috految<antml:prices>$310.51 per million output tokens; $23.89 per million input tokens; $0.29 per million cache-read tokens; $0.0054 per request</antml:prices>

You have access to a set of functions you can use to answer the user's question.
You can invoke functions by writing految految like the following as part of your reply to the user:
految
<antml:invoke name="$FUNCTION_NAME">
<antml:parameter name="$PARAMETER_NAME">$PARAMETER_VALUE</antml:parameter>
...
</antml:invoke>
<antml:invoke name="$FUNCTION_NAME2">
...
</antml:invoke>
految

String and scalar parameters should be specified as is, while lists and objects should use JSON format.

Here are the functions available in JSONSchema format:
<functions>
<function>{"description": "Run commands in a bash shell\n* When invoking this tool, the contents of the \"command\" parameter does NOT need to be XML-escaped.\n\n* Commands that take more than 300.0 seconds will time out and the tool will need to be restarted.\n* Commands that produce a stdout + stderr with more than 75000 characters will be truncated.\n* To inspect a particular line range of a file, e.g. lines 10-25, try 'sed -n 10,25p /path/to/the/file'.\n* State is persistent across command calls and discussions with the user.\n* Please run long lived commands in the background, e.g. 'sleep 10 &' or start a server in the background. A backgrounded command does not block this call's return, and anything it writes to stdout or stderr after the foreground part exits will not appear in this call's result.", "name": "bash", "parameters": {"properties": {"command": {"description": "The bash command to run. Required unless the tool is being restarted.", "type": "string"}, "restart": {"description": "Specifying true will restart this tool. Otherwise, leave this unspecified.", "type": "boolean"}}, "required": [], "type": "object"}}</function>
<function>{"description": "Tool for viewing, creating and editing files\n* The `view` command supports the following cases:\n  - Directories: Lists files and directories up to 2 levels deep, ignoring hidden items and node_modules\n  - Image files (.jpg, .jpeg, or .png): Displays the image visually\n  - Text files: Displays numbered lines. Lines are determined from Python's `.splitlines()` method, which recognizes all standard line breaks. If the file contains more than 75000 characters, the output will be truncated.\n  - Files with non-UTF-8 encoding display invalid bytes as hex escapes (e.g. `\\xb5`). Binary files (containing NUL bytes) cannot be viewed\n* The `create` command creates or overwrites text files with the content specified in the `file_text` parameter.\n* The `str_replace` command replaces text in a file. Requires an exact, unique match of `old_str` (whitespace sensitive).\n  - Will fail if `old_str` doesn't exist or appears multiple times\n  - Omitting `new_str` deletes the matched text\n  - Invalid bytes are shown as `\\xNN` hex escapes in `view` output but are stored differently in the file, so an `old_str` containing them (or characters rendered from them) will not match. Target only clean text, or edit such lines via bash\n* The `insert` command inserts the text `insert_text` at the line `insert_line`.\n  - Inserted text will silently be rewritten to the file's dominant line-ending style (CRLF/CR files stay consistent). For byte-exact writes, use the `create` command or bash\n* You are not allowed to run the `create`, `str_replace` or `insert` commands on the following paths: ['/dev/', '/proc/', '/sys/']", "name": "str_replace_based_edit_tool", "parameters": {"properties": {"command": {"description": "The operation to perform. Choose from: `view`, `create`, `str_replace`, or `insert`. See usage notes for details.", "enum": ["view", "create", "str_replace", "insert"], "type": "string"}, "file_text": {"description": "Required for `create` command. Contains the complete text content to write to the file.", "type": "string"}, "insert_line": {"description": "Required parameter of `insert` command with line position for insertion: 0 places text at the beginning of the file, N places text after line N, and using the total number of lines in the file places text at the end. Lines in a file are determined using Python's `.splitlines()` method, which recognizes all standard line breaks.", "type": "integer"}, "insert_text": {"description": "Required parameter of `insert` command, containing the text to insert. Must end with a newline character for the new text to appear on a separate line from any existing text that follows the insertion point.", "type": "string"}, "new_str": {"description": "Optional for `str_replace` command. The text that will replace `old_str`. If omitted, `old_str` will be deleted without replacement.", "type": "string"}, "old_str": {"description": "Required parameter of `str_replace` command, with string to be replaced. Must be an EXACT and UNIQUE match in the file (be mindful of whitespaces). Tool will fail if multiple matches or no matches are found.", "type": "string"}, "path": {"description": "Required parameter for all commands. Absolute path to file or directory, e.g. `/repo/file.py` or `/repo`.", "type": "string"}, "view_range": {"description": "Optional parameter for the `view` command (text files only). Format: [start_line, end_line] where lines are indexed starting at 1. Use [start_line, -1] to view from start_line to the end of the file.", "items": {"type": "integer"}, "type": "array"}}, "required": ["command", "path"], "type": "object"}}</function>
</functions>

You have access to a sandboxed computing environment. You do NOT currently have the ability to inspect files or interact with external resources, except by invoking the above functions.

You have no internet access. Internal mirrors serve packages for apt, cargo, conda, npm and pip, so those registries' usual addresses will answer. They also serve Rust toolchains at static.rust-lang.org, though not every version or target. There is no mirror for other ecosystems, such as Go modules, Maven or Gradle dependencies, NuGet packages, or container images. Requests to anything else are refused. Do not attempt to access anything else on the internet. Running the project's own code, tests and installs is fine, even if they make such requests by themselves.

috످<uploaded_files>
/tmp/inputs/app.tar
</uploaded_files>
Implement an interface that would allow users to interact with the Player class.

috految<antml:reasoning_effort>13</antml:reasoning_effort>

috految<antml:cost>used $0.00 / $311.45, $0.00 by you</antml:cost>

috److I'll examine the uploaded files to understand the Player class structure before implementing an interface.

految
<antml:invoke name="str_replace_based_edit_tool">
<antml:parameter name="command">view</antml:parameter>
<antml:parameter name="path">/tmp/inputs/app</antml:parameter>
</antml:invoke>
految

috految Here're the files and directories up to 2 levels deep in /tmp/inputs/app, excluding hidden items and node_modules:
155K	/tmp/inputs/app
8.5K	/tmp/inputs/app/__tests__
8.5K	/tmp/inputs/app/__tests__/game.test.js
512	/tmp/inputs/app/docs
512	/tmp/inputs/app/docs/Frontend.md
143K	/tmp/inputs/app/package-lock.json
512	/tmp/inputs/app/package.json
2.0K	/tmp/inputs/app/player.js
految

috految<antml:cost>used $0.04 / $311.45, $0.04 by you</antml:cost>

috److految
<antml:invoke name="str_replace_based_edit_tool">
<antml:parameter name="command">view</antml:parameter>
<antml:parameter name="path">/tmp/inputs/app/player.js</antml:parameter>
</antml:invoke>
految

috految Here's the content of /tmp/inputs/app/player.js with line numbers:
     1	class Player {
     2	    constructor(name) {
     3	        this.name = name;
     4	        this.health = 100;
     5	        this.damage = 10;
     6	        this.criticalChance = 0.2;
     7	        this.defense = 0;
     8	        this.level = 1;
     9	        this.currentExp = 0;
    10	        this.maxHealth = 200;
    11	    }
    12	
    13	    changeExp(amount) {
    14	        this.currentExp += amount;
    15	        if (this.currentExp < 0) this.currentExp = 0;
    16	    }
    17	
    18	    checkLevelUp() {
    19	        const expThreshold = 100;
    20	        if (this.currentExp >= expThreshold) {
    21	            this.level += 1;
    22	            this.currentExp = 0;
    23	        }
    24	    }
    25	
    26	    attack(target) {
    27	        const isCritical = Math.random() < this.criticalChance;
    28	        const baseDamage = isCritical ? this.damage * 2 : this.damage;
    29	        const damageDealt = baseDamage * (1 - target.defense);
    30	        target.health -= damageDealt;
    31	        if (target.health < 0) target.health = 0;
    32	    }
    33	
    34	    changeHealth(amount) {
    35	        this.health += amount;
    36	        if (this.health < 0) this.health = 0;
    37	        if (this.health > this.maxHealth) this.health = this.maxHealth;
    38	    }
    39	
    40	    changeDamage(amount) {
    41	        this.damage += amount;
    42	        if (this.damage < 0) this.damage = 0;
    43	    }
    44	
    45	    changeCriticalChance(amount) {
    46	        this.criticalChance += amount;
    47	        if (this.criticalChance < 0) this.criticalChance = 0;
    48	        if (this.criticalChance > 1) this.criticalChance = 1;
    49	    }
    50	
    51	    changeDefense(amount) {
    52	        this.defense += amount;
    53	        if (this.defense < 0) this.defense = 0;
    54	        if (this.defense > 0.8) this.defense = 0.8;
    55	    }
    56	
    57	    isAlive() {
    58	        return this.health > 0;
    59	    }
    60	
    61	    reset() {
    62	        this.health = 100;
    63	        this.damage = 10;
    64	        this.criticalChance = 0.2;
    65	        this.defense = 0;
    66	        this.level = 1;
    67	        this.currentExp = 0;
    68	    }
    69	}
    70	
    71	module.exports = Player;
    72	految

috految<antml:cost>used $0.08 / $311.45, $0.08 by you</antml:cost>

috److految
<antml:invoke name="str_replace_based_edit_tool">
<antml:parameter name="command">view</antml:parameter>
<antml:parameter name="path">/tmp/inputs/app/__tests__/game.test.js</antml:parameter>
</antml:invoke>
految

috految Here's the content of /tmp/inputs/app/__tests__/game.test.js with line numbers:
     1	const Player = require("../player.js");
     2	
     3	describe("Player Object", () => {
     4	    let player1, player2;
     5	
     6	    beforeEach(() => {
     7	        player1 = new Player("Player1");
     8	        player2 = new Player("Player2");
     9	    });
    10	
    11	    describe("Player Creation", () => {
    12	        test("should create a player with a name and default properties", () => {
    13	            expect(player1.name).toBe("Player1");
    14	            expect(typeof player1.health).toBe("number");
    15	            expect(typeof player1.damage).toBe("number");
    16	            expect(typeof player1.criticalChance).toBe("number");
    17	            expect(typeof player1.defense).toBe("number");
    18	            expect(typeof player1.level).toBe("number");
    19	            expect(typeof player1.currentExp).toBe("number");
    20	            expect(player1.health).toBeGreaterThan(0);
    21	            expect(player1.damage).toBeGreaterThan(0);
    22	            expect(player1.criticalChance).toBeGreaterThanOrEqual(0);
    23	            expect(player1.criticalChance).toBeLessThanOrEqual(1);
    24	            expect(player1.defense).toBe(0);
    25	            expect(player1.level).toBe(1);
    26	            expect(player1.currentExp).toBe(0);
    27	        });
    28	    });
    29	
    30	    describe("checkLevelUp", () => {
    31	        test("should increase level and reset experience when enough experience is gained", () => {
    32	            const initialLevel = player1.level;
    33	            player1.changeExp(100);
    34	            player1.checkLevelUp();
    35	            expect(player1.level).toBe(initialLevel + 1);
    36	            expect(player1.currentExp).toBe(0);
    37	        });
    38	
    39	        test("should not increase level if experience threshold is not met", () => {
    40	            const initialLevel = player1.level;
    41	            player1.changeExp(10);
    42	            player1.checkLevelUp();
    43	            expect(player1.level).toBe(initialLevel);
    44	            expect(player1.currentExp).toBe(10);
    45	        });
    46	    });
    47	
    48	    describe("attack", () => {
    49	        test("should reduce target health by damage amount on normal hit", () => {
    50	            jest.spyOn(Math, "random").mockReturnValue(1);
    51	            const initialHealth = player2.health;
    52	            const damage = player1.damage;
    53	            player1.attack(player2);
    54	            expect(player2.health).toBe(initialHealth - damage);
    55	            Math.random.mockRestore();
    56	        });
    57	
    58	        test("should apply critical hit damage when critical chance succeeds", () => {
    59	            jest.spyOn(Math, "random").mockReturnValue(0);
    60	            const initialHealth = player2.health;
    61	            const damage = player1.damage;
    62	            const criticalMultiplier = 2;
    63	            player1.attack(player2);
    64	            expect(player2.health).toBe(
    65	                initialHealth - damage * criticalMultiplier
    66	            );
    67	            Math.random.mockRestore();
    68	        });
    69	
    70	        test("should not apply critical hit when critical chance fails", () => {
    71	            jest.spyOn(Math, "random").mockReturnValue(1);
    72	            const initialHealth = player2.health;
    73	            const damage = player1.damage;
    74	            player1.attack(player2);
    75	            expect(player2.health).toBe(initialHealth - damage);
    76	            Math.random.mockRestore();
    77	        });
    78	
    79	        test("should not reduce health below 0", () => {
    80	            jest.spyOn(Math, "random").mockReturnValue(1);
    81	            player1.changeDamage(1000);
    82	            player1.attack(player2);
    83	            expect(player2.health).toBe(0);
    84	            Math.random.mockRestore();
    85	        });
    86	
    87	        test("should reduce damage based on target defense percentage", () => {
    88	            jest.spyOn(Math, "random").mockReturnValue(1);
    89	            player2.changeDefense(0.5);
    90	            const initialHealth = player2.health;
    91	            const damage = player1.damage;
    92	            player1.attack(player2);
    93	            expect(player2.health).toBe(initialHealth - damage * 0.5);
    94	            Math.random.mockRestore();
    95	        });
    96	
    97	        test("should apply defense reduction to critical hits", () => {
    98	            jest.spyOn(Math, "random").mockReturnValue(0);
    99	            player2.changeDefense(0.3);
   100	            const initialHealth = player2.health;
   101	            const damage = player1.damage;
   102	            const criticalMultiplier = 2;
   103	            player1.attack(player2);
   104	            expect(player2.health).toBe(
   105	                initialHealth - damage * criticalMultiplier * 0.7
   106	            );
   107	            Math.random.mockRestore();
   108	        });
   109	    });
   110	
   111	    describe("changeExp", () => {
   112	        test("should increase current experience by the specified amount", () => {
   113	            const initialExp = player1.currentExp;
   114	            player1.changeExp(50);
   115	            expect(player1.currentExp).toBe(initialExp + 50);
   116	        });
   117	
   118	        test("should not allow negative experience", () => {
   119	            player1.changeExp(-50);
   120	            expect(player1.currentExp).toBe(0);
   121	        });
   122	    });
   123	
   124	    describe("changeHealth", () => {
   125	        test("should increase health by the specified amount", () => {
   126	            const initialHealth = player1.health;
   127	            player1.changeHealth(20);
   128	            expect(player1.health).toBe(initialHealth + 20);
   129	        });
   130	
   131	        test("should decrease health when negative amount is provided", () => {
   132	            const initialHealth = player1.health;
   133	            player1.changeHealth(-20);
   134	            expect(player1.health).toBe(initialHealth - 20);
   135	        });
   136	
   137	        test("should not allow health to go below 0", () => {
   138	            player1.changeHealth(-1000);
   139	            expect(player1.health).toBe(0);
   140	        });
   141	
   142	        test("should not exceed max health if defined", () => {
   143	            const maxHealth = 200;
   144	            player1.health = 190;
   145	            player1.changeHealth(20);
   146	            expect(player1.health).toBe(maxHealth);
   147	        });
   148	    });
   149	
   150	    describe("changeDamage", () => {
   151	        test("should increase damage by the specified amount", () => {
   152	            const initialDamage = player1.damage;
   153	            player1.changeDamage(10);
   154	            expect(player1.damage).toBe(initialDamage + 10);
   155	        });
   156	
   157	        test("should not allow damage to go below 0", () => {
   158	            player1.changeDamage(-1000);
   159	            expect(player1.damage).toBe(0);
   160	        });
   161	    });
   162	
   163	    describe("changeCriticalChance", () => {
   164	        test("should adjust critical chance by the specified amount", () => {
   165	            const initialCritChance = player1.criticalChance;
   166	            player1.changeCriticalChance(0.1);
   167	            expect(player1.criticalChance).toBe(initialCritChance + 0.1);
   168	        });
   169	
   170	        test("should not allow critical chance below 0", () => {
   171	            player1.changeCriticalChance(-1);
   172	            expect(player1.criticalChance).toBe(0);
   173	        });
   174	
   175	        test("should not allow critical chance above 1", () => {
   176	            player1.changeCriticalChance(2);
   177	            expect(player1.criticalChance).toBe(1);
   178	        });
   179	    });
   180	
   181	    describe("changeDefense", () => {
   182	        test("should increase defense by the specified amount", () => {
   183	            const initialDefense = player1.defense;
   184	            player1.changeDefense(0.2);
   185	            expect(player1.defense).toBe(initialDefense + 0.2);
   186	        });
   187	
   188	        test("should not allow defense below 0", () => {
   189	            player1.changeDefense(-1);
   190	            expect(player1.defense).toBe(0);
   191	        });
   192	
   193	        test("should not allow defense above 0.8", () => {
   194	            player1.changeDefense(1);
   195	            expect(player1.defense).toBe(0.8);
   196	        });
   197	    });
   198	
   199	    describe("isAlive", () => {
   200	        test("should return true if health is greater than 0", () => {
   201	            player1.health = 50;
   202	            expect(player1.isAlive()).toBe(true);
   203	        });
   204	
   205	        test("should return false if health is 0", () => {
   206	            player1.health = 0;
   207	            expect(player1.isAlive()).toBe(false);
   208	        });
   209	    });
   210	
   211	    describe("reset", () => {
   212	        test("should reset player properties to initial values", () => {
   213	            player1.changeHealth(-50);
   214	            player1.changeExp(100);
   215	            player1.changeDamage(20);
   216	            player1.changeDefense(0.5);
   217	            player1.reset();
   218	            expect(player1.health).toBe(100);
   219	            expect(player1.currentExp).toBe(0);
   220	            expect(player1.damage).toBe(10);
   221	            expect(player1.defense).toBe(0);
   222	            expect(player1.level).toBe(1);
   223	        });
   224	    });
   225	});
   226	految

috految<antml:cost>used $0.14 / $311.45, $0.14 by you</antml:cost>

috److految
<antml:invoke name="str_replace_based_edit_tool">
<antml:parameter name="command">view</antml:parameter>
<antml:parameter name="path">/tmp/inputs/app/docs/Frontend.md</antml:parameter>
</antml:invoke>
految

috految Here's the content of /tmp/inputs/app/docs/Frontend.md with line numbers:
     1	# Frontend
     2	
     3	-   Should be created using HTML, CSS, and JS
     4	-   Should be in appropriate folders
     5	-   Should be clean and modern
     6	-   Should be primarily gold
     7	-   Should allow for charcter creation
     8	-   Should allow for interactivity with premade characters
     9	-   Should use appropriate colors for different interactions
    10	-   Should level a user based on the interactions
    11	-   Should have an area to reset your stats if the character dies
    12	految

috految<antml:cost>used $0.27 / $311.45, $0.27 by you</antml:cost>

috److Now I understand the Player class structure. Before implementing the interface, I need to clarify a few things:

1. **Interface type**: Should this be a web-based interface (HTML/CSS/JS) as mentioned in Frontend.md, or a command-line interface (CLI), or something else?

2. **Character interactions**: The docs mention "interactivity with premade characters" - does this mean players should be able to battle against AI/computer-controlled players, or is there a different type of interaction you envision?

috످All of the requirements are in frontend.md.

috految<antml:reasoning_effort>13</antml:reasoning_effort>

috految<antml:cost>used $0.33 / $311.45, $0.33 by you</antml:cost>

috److I'll build to the nine requirements in `Frontend.md`, then test in a real browser.

految
<antml:invoke name="bash">
<antml:parameter name="command">cd /tmp/inputs/app; ls -A; cat package.json; cp -r . /tmp/check
mkdir -p frontend/{css,js}; cd frontend
cat >index.html <<'E'
<!DOCTYPE html>
<html lang="en"><head><meta charset="utf-8"><meta name="viewport" content="width=device-width, initial-scale=1"><title>Golden Arena</title><link rel="stylesheet" href="css/styles.css"></head>
<body><header><h1>Golden Arena</h1><button id="new-character" hidden>New character</button></header>
<main><form id="creation" class="panel"><h2>Create your character</h2>
<label for="name">Name</label> <input id="name" required maxlength="20" pattern=".*\S.*" title="Name cannot be blank" autocomplete="off" autofocus>
<fieldset><legend>Choose a class</legend><div id="classes" class="grid"></div></fieldset><button>Enter the arena</button></form>

<div id="game" hidden><section id="player" class="panel" aria-label="Your character"></section>
<section id="arena" class="panel" tabindex="-1"><div id="camp"><h2>Choose an opponent</h2><div id="opponents" class="grid"></div><h2>Visit an ally</h2><p id="visits"></p><div id="allies" class="grid"></div></div>

<div id="battle"><div id="enemy"></div><p id="intent" role="status"></p><div id="actions" class="grid"><button id="attack" class="attack">Attack</button> <button id="defend" class="defend">Defend</button> <button id="heal" class="heal">Heal</button> <button id="flee" class="flee">Flee</button></div><button id="continue">Continue</button></div>

<div id="death"><h2>You have fallen</h2><p>Start again at level 1 with the same name and class.</p><button id="reset">Reset stats</button></div></section>
<section id="history" class="panel"><h2>Activity</h2><div id="log" role="log" tabindex="0"></div></section></div></main>

<!-- player.js assigns to module.exports, which browsers do not define. -->
<script>window.module={};</script><script src="../player.js"></script><script>delete window.module;</script>
<script src="js/config.js"></script><script src="js/game.js"></script><script src="js/ui.js"></script></body></html>
E
cat >js/config.js <<'E'
const RULES={
expPerLevel:100, // Display only: must match Player.checkLevelUp().
exp:{attack:3,defend:5,heal:5,ally:10},levelBonus:{health:20,damage:2,criticalChance:0.02,defense:0.02},potions:2,potionHealth:35,guardDefense:0.6,heavyEvery:3,heavyMultiplier:2.5};

// Bonuses are added to Player's default stats.
const CLASSES=[{name:"Warrior",icon:"⚔️",bonus:{damage:3}},{name:"Rogue",icon:"🗡️",bonus:{criticalChance:0.35}},{name:"Guardian",icon:"🛡️",bonus:{defense:0.2}}];

const OPPONENTS=[{name:"Goblin",icon:"👺",exp:40,stats:{level:1,health:50,damage:6}},{name:"Wolf",icon:"🐺",exp:55,stats:{level:2,health:80,damage:10}},{name:"Ogre",icon:"👹",exp:75,stats:{level:4,health:130,damage:16,defense:0.1}},{name:"Dragon",icon:"🐉",exp:100,stats:{level:8,health:200,damage:28,defense:0.25}}];

const ALLIES=[{name:"Healer",icon:"🧚",tone:"heal",bonus:{health:100}},{name:"Blacksmith",icon:"⚒️",tone:"attack",bonus:{damage:2}},{name:"Knight",icon:"🏰",tone:"defend",bonus:{defense:0.05}},{name:"Mystic",icon:"🔮",tone:"critical",bonus:{criticalChance:0.05}}];
E
cat >js/game.js <<'E'
function applyBonus(player,{health=0,damage=0,criticalChance=0,defense=0}){player.changeHealth(health);player.changeDamage(damage);player.changeCriticalChance(criticalChance);player.changeDefense(defense)}

const round=value=>Math.round(value*10)/10;

class Game{
constructor(name,characterClass,log){this.player=new Player(name);this.characterClass=characterClass;this.log=log;this.start()}

start(){applyBonus(this.player,this.characterClass.bonus);this.enemy=null;this.potions=RULES.potions;this.visits=1;this.log(`${this.player.name} enters the arena.`)}

reset(){this.player.reset();this.start()}

get phase(){if(!this.player.isAlive())return "dead";if(!this.enemy)return "camp";return this.enemy.isAlive()?"battle":"victory"}

get heavyIncoming(){return this.turn%RULES.heavyEvery===0}

get canHeal(){return this.potions>0&&this.player.health<this.player.maxHealth}

canVisit(ally){const preview=Object.assign(new Player(),this.player);applyBonus(preview,ally.bonus);return this.visits>0&&Object.keys(ally.bonus).some(stat=>preview[stat]>this.player[stat])}

visit(ally){this.visits--;applyBonus(this.player,ally.bonus);this.log(`The ${ally.name} aids you.`,ally.tone);this.gainExp(RULES.exp.ally)}

fight(opponent){this.opponent=opponent;this.enemy=Object.assign(new Player(opponent.name),opponent.stats,{maxHealth:opponent.stats.health});this.turn=1;this.log(`You challenge the ${opponent.name}.`)}

attack(){this.strike(this.player,this.enemy,"attack");if(this.enemy.isAlive()){this.gainExp(RULES.exp.attack);this.enemyTurn();return}
this.log(`${this.enemy.name} defeated!`);this.visits++;this.potions=RULES.potions;this.gainExp(RULES.exp.attack+this.opponent.exp)}

defend(){const {player,heavyIncoming}=this;const {defense}=player;player.changeDefense(RULES.guardDefense);this.log("You raise your guard.","defend");this.enemyTurn();
// Restore directly: subtracting would lose defense if the boost hit the cap.
player.defense=defense;if(heavyIncoming&&player.isAlive())this.gainExp(RULES.exp.defend)}

heal(){const before=this.player.health;this.potions--;this.player.changeHealth(RULES.potionHealth);this.log(`You recover ${round(this.player.health-before)} health.`,"heal");this.gainExp(RULES.exp.heal);this.enemyTurn()}

flee(){this.log("You flee.","flee");this.leave()}

leave(){this.enemy=null}

enemyTurn(){const {enemy}=this;const {damage}=enemy;if(this.heavyIncoming)enemy.damage*=RULES.heavyMultiplier;this.strike(enemy,this.player,"hurt");enemy.damage=damage;this.turn++}

strike(attacker,target,tone){const before=target.health;attacker.attack(target);
// attack() returns nothing, so infer critical hits from health lost.
const critical=round(before-target.health-attacker.damage*(1-target.defense))>0;
// Float residue could otherwise leave a character alive at 0 health.
target.health=round(target.health);this.log(`${critical?"Critical! ":""}${attacker.name} hits ${target.name} for ${round(before-target.health)}.`,critical?"critical":tone)}

gainExp(amount){const {player}=this;const {level}=player;player.changeExp(amount);player.checkLevelUp();this.log(`+${amount} XP`);if(player.level>level){applyBonus(player,RULES.levelBonus);this.log(`You reached level ${player.level}!`,"level")}}
}
E
cat >js/ui.js <<'E'
const byId=id=>document.getElementById(id);
const percent=value=>`${Math.round(value*100)}%`;
const STATS={health:["Health",round],damage:["Damage",round],criticalChance:["Critical",percent],defense:["Defense",percent]};
let game;

function element(tag,props,...children){const node=Object.assign(document.createElement(tag),props);node.append(...children);return node}

function log(message,tone="reward"){byId("log").prepend(element("p",{className:tone},message))}

function describe(bonus){return Object.entries(bonus).map(([stat,value])=>{const [label,format]=STATS[stat];return `+${format(value)} ${label}`}).join(", ")}

function card({icon,name},detail){return [element("span",{className:"icon",ariaHidden:"true"},icon),element("strong",{},name),element("small",{},detail)]}

function bar(label,value,max,className){return element("label",{},`${label} ${round(value)} / ${max}`,element("progress",{max,value,className}))}

function profile(player,icon){return [...card({icon,name:player.name},`Level ${player.level}`),bar("Health",player.health,player.maxHealth,player.health/player.maxHealth<0.25?"attack":"heal"),element("div",{className:"stats"},...["damage","criticalChance","defense"].map(stat=>{const [label,format]=STATS[stat];return element("div",{},element("strong",{},format(player[stat])),label)}))]}

function act(action){return ()=>{const {phase}=game;action();render();if(phase!==game.phase)byId("arena").focus()}}

function render(){byId("creation").hidden=Boolean(game);byId("game").hidden=!game;byId("new-character").hidden=!game;if(!game)return;

const {player,enemy,phase}=game;
byId("player").replaceChildren(...profile(player,game.characterClass.icon),bar("XP",player.currentExp,RULES.expPerLevel,"reward"));
byId("camp").hidden=phase!=="camp";byId("battle").hidden=!enemy||phase==="dead";byId("death").hidden=phase!=="dead";byId("continue").hidden=phase!=="victory";
byId("visits").textContent=`Visits left: ${game.visits}. Win a battle to earn another.`;
ALLIES.forEach((ally,index)=>{byId("allies").children[index].disabled=!game.canVisit(ally)});if(!enemy)return;

byId("enemy").replaceChildren(...profile(enemy,game.opponent.icon));
const prompt=game.heavyIncoming?"Heavy attack incoming!":"Your move.";
byId("intent").textContent=phase==="victory"?"Victory!":prompt;byId("intent").className=phase==="battle"&&game.heavyIncoming?"hurt":"reward";
for(const button of byId("actions").children)button.disabled=phase!=="battle";
byId("heal").disabled||=!game.canHeal;byId("heal").textContent=`Heal (${game.potions} left)`}

byId("classes").append(...CLASSES.map((option,index)=>element("label",{className:"card"},element("input",{type:"radio",name:"class",value:index,defaultChecked:index===0}),...card(option,describe(option.bonus)))));
byId("opponents").append(...OPPONENTS.map(opponent=>element("button",{className:"card",onclick:act(()=>game.fight(opponent))},...card(opponent,`Level ${opponent.stats.level} · ${opponent.exp} XP`))));
byId("allies").append(...ALLIES.map(ally=>element("button",{className:`card ${ally.tone}`,onclick:act(()=>game.visit(ally))},...card(ally,describe(ally.bonus)))));

for(const action of ["attack","defend","heal","flee","reset"])byId(action).onclick=act(()=>game[action]());
byId("continue").onclick=act(()=>game.leave());
byId("new-character").onclick=()=>{if(!confirm("Discard this character?"))return;game=null;byId("creation").reset();byId("log").replaceChildren();render()};
byId("creation").onsubmit=event=>{event.preventDefault();game=new Game(byId("name").value.trim(),CLASSES[event.target.elements.class.value],log);render()};
E
cat >css/styles.css <<'E'
:root{--gold:#d4af37;--light:#f7e29b;--surface:#fff5d4;--ink:#332600;--tone:#806000}

/* Interaction colors */
.attack{--tone:#b91c1c}.defend{--tone:#1d4ed8}.heal{--tone:#15703a}.flee{--tone:#57534e}.critical{--tone:#7e22ce}.hurt{--tone:#b45309}.reward{--tone:#806000}.level{background:var(--gold);--tone:var(--ink);font-weight:700}

/* Layout */
*{box-sizing:border-box}[hidden]{display:none!important}body{margin:0;min-height:100vh;font:16px/1.5 system-ui,sans-serif;color:var(--ink);background:linear-gradient(150deg,var(--light),var(--gold) 45%,#b8860b)}header,main{max-width:1120px;margin:auto;padding:16px}header{display:flex;align-items:center;justify-content:space-between}h1{margin:0;font-size:1.6rem}h2{margin:0 0 12px;font-size:1.2rem}.panel{padding:22px;border-radius:18px;background:var(--surface);box-shadow:0 8px 28px #4d380026;overflow-wrap:anywhere}#creation{display:grid;gap:12px;max-width:600px;margin:auto}#game{display:grid;grid-template-columns:300px 1fr;gap:16px}#history{grid-column:1/-1}.grid{display:grid;grid-template-columns:repeat(auto-fit,minmax(120px,1fr));gap:12px;margin:12px 0 20px}

/* Components */
fieldset{border:0;padding:0;margin:0}button,#name{font:inherit;padding:12px;border-radius:12px}#name{width:100%;border:1px solid var(--tone)}button{border:0;background:var(--tone);color:white;font-weight:600;cursor:pointer}button:enabled:hover{filter:brightness(1.08)}button:disabled{opacity:.45;cursor:not-allowed}.card{padding:12px;border:2px solid var(--gold);border-radius:12px;background:var(--light);color:var(--tone);accent-color:var(--ink);text-align:center;cursor:pointer}.card:has(:checked){border-color:var(--ink)}.icon{font-size:2.6rem}.icon,strong,small{display:block}#player,#battle,#death{text-align:center}#death{padding:32px 16px;border-radius:12px;background:#641414;color:white}#reset{background:var(--gold);color:var(--ink)}.stats{display:flex;justify-content:space-around;margin:12px 0}progress{appearance:none;display:block;width:100%;height:12px;border:0;border-radius:6px;overflow:hidden}progress::-webkit-progress-bar{background:#0002}progress::-webkit-progress-value{background:var(--tone)}progress::-moz-progress-bar{background:var(--tone)}#intent{color:var(--tone);font-weight:700}#log{height:160px;overflow:auto}#log p{margin:0;padding:3px 10px;color:var(--tone)}

@media(max-width:760px){#game{grid-template-columns:1fr}.panel{padding:14px}.icon{font-size:1.5rem}}
E
cd /tmp/check; npx -y prettier --tab-width 4 --write /tmp/inputs/app/frontend; diff -rq . /tmp/inputs/app; cp -r /tmp/inputs/app/frontend .; npm ci --silent; CI=1 timeout 40 npm test 2>&1|tail -7
(npm i playwright-core; apt-get update; apt-get install -y chromium fonts-noto-color-emoji imagemagick) >log 2>&1
cat >t.js <<'E'
(async()=>{const L=console.log,b=await require('playwright-core').chromium.launch({executablePath:'/usr/bin/chromium'}),p=await b.newPage();p.on('pageerror',L);p.on('dialog',d=>d.accept());const c=s=>p.click(s),T=()=>p.textContent('#player');let n=0;const S=async()=>{await p.screenshot({path:`s${n++}.png`});L('overflow',await p.evaluate('document.documentElement.scrollWidth>innerWidth'))};
await p.goto('file:///tmp/inputs/app/frontend/index.html');
for(const [i,width] of [1280,768,320].entries()){await p.setViewportSize({width,height:800});await p.fill('#name','  ');await c('form button');L('blank blocked',await p.isHidden('#game'));await S();await p.fill('#name','<b>Al</b>');await c(`[value="${i}"]`);await c('form button');const start=await T();await S();await c('text=Wolf');await c('#heal');await c('#defend');await S();await c('#flee');
for(let a=0;a<4;a++){await c('#allies button>>nth='+a);await c('text=Goblin');while(await p.isEnabled('#attack'))await c('#attack');await c('#continue')}
L(await T());await c('text=Dragon');while(await p.isVisible('#defend'))await c('#defend');await S();await c('#reset');L('reset',start==await T());await c('#new-character')}
L(await p.evaluate(()=>{let r=[];for(const l of[1,4,8])for(const o of OPPONENTS){let w=0;for(let i=0;i<900;i++){const g=new Game('x',CLASSES[i%3],()=>{});while(g.player.level<l)g.gainExp(100);g.fight(o);while(g.phase=='battle')g[g.heavyIncoming?'defend':g.canHeal&&g.player.health<60?'heal':'attack']();w+=g.phase=='victory'}r.push([l,o.name,w/9]+'')}
let a=new Player,d=new Player;a.changeExp(190);a.checkLevelUp();a.criticalChance=0;d.changeDefense(.8);d.health=2;a.health=0;a.attack(d);a.changeHealth(5);return[r,a,d.health,d.isAlive()]}));await b.close()})()
E
timeout 120 node t.js; montage s{0,1,2,3,9,10}.png -geometry 380x250+3+3 m.png</antml:parameter>
</antml:invoke>
<antml:invoke name="str_replace_based_edit_tool">
<antml:parameter name="command">view</antml:parameter>
<antml:parameter name="path">/tmp/check/m.png</antml:parameter>
</antml:invoke>
految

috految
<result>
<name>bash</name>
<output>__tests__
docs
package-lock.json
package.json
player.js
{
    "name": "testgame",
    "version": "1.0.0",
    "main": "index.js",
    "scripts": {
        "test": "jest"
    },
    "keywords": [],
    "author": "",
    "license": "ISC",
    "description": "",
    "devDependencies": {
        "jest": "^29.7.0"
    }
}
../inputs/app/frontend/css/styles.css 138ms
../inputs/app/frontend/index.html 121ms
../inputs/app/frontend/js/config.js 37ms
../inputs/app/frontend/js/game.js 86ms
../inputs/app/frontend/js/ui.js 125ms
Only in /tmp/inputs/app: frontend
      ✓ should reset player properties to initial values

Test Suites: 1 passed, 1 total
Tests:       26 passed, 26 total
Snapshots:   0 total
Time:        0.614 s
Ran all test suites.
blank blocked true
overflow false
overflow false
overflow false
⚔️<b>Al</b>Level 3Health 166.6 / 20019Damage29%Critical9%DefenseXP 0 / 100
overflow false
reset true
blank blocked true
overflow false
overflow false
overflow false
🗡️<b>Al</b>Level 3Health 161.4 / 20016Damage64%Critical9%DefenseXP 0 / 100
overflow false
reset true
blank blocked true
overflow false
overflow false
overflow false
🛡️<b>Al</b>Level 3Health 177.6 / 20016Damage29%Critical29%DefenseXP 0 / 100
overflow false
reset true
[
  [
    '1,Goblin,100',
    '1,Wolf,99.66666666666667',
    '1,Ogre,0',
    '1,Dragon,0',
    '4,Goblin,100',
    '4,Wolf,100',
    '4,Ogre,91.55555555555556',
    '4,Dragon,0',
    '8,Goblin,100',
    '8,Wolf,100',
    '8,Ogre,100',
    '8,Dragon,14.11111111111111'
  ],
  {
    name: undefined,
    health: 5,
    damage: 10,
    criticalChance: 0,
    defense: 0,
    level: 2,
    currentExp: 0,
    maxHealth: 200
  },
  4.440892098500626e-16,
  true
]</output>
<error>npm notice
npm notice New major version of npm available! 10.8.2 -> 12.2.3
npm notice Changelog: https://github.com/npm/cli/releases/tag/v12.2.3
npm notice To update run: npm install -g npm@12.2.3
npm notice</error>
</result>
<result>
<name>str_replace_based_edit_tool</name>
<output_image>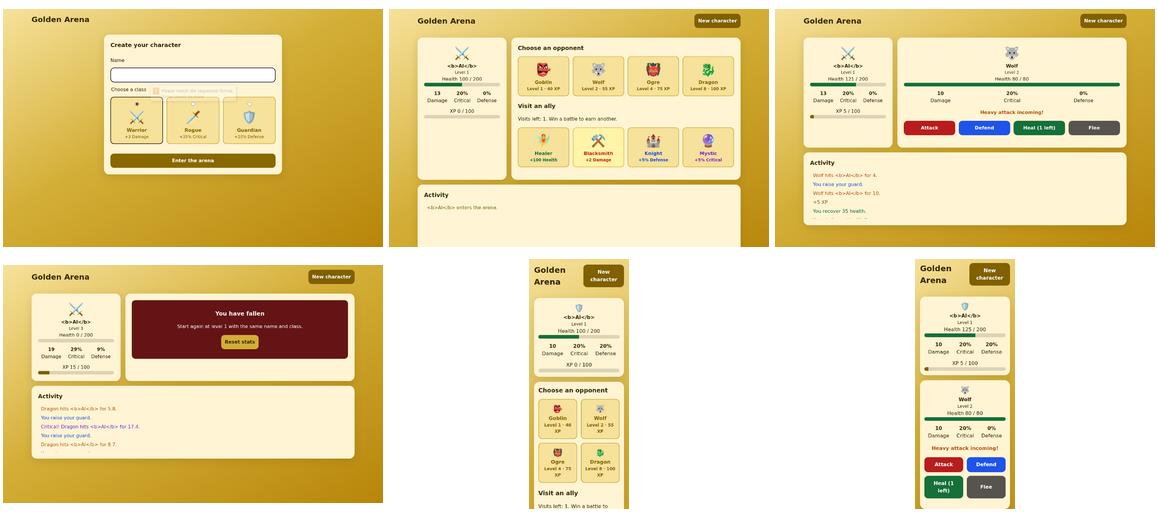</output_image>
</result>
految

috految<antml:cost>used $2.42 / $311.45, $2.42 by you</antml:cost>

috److I built a turn-based battle interface that covers all nine requirements in `Frontend.md`. It uses your `Player` class directly, and I didn't change any existing files.

## How to run it

Open **`/tmp/inputs/app/frontend/index.html`** in your browser. There's nothing to install. If you use a web server, serve from `app/` so the page can reach `player.js`.

Progress isn't saved, so refreshing the page starts a new game.

```
app/frontend/
├── index.html
├── css/
│   └── styles.css
└── js/
    ├── config.js    Characters, rewards, and difficulty
    ├── game.js      Combat and leveling
    └── ui.js        Rendering and controls
```

## Requirements

| From `Frontend.md` | What I built |
|---|---|
| HTML, CSS, and JS | No frameworks or new dependencies |
| Appropriate folders | `frontend/` with separate `css/` and `js/` folders |
| Clean and modern | Responsive cards, health and XP bars, and an activity log |
| Primarily gold | Gold background, cards, and accents |
| Character creation | Choose a name and class (Warrior, Rogue, or Guardian) |
| Premade characters | Four opponents to fight and four allies to visit |
| Interaction colors | Red for attack, blue for defend, green for heal, gray for flee, orange for damage taken, and purple for critical hits |
| Leveling from interactions | Earn XP from combat, healing, and allies, and level up at 100 XP |
| Reset area on death | A death screen with a **Reset stats** button that keeps your name and class |

## How to play

Start with the Goblin, then work up to the Wolf, Ogre, and Dragon. Enemies use a heavy attack every third turn, with a warning so you can defend. To see the death screen quickly, fight the Dragon at level 1.

| Action | Effect | XP |
|---|---|---|
| **Attack** | Deals damage, with a chance of a critical hit | 3 |
| **Defend** | Adds 60% defense for one turn (80% max) | 5 against heavy attacks |
| **Heal** | Restores up to 35 health (two uses) | 5 |
| **Flee** | Leaves the battle | 0 |
| **Win a battle** | Refills your heals and earns an ally visit | 40–100 |
| **Visit an ally** | Boosts health, damage, defense, or critical chance | 10 |

Your `checkLevelUp()` doesn't improve any combat stats, so I added a bonus for each level: +20 health, +2 damage, +2% critical chance, and +2% defense. I also chose the characters and rewards, which you can change in `config.js`.

## Testing

- **Existing tests:** All 26 pass.
- **Playthroughs:** I ran all three classes through creation, combat, ally visits, leveling, death, and reset in Chromium with no JavaScript errors. I haven't tested Firefox or Safari.
- **Layout:** The screens fit phone (320px), tablet (768px), and desktop (1280px) widths.
- **Names:** Blank names are rejected, and HTML in a name displays as plain text.
- **Difficulty:** In simulated battles without ally boosts, players beat the Ogre 92% of the time at level 4 and the Dragon 14% of the time at level 8.

## Issues I found in `player.js`

**These affect gameplay, but may be intentional:**

1. **Extra XP is lost when you level up (line 22).** Reaching 190 XP puts you at level 2 with 0 XP instead of 90. To carry it over, change that line to `this.currentExp -= expThreshold`.
2. **New characters start at half health (lines 4 and 10).** They have 100 out of 200, so the bar starts half empty. Your tests rely on both values.

**The interface works around these, but other code using `Player` could hit them:**

3. **A character can survive a lethal hit (line 30).** With 2 health and 80% defense, a 10-damage hit leaves `4.4e-16` health because of floating-point error, so `isAlive()` stays true. The interface rounds health after each hit.
4. **Dead players can still attack and heal (lines 26 and 34).** Neither method checks `isAlive()`. The interface removes those controls when you die.

috످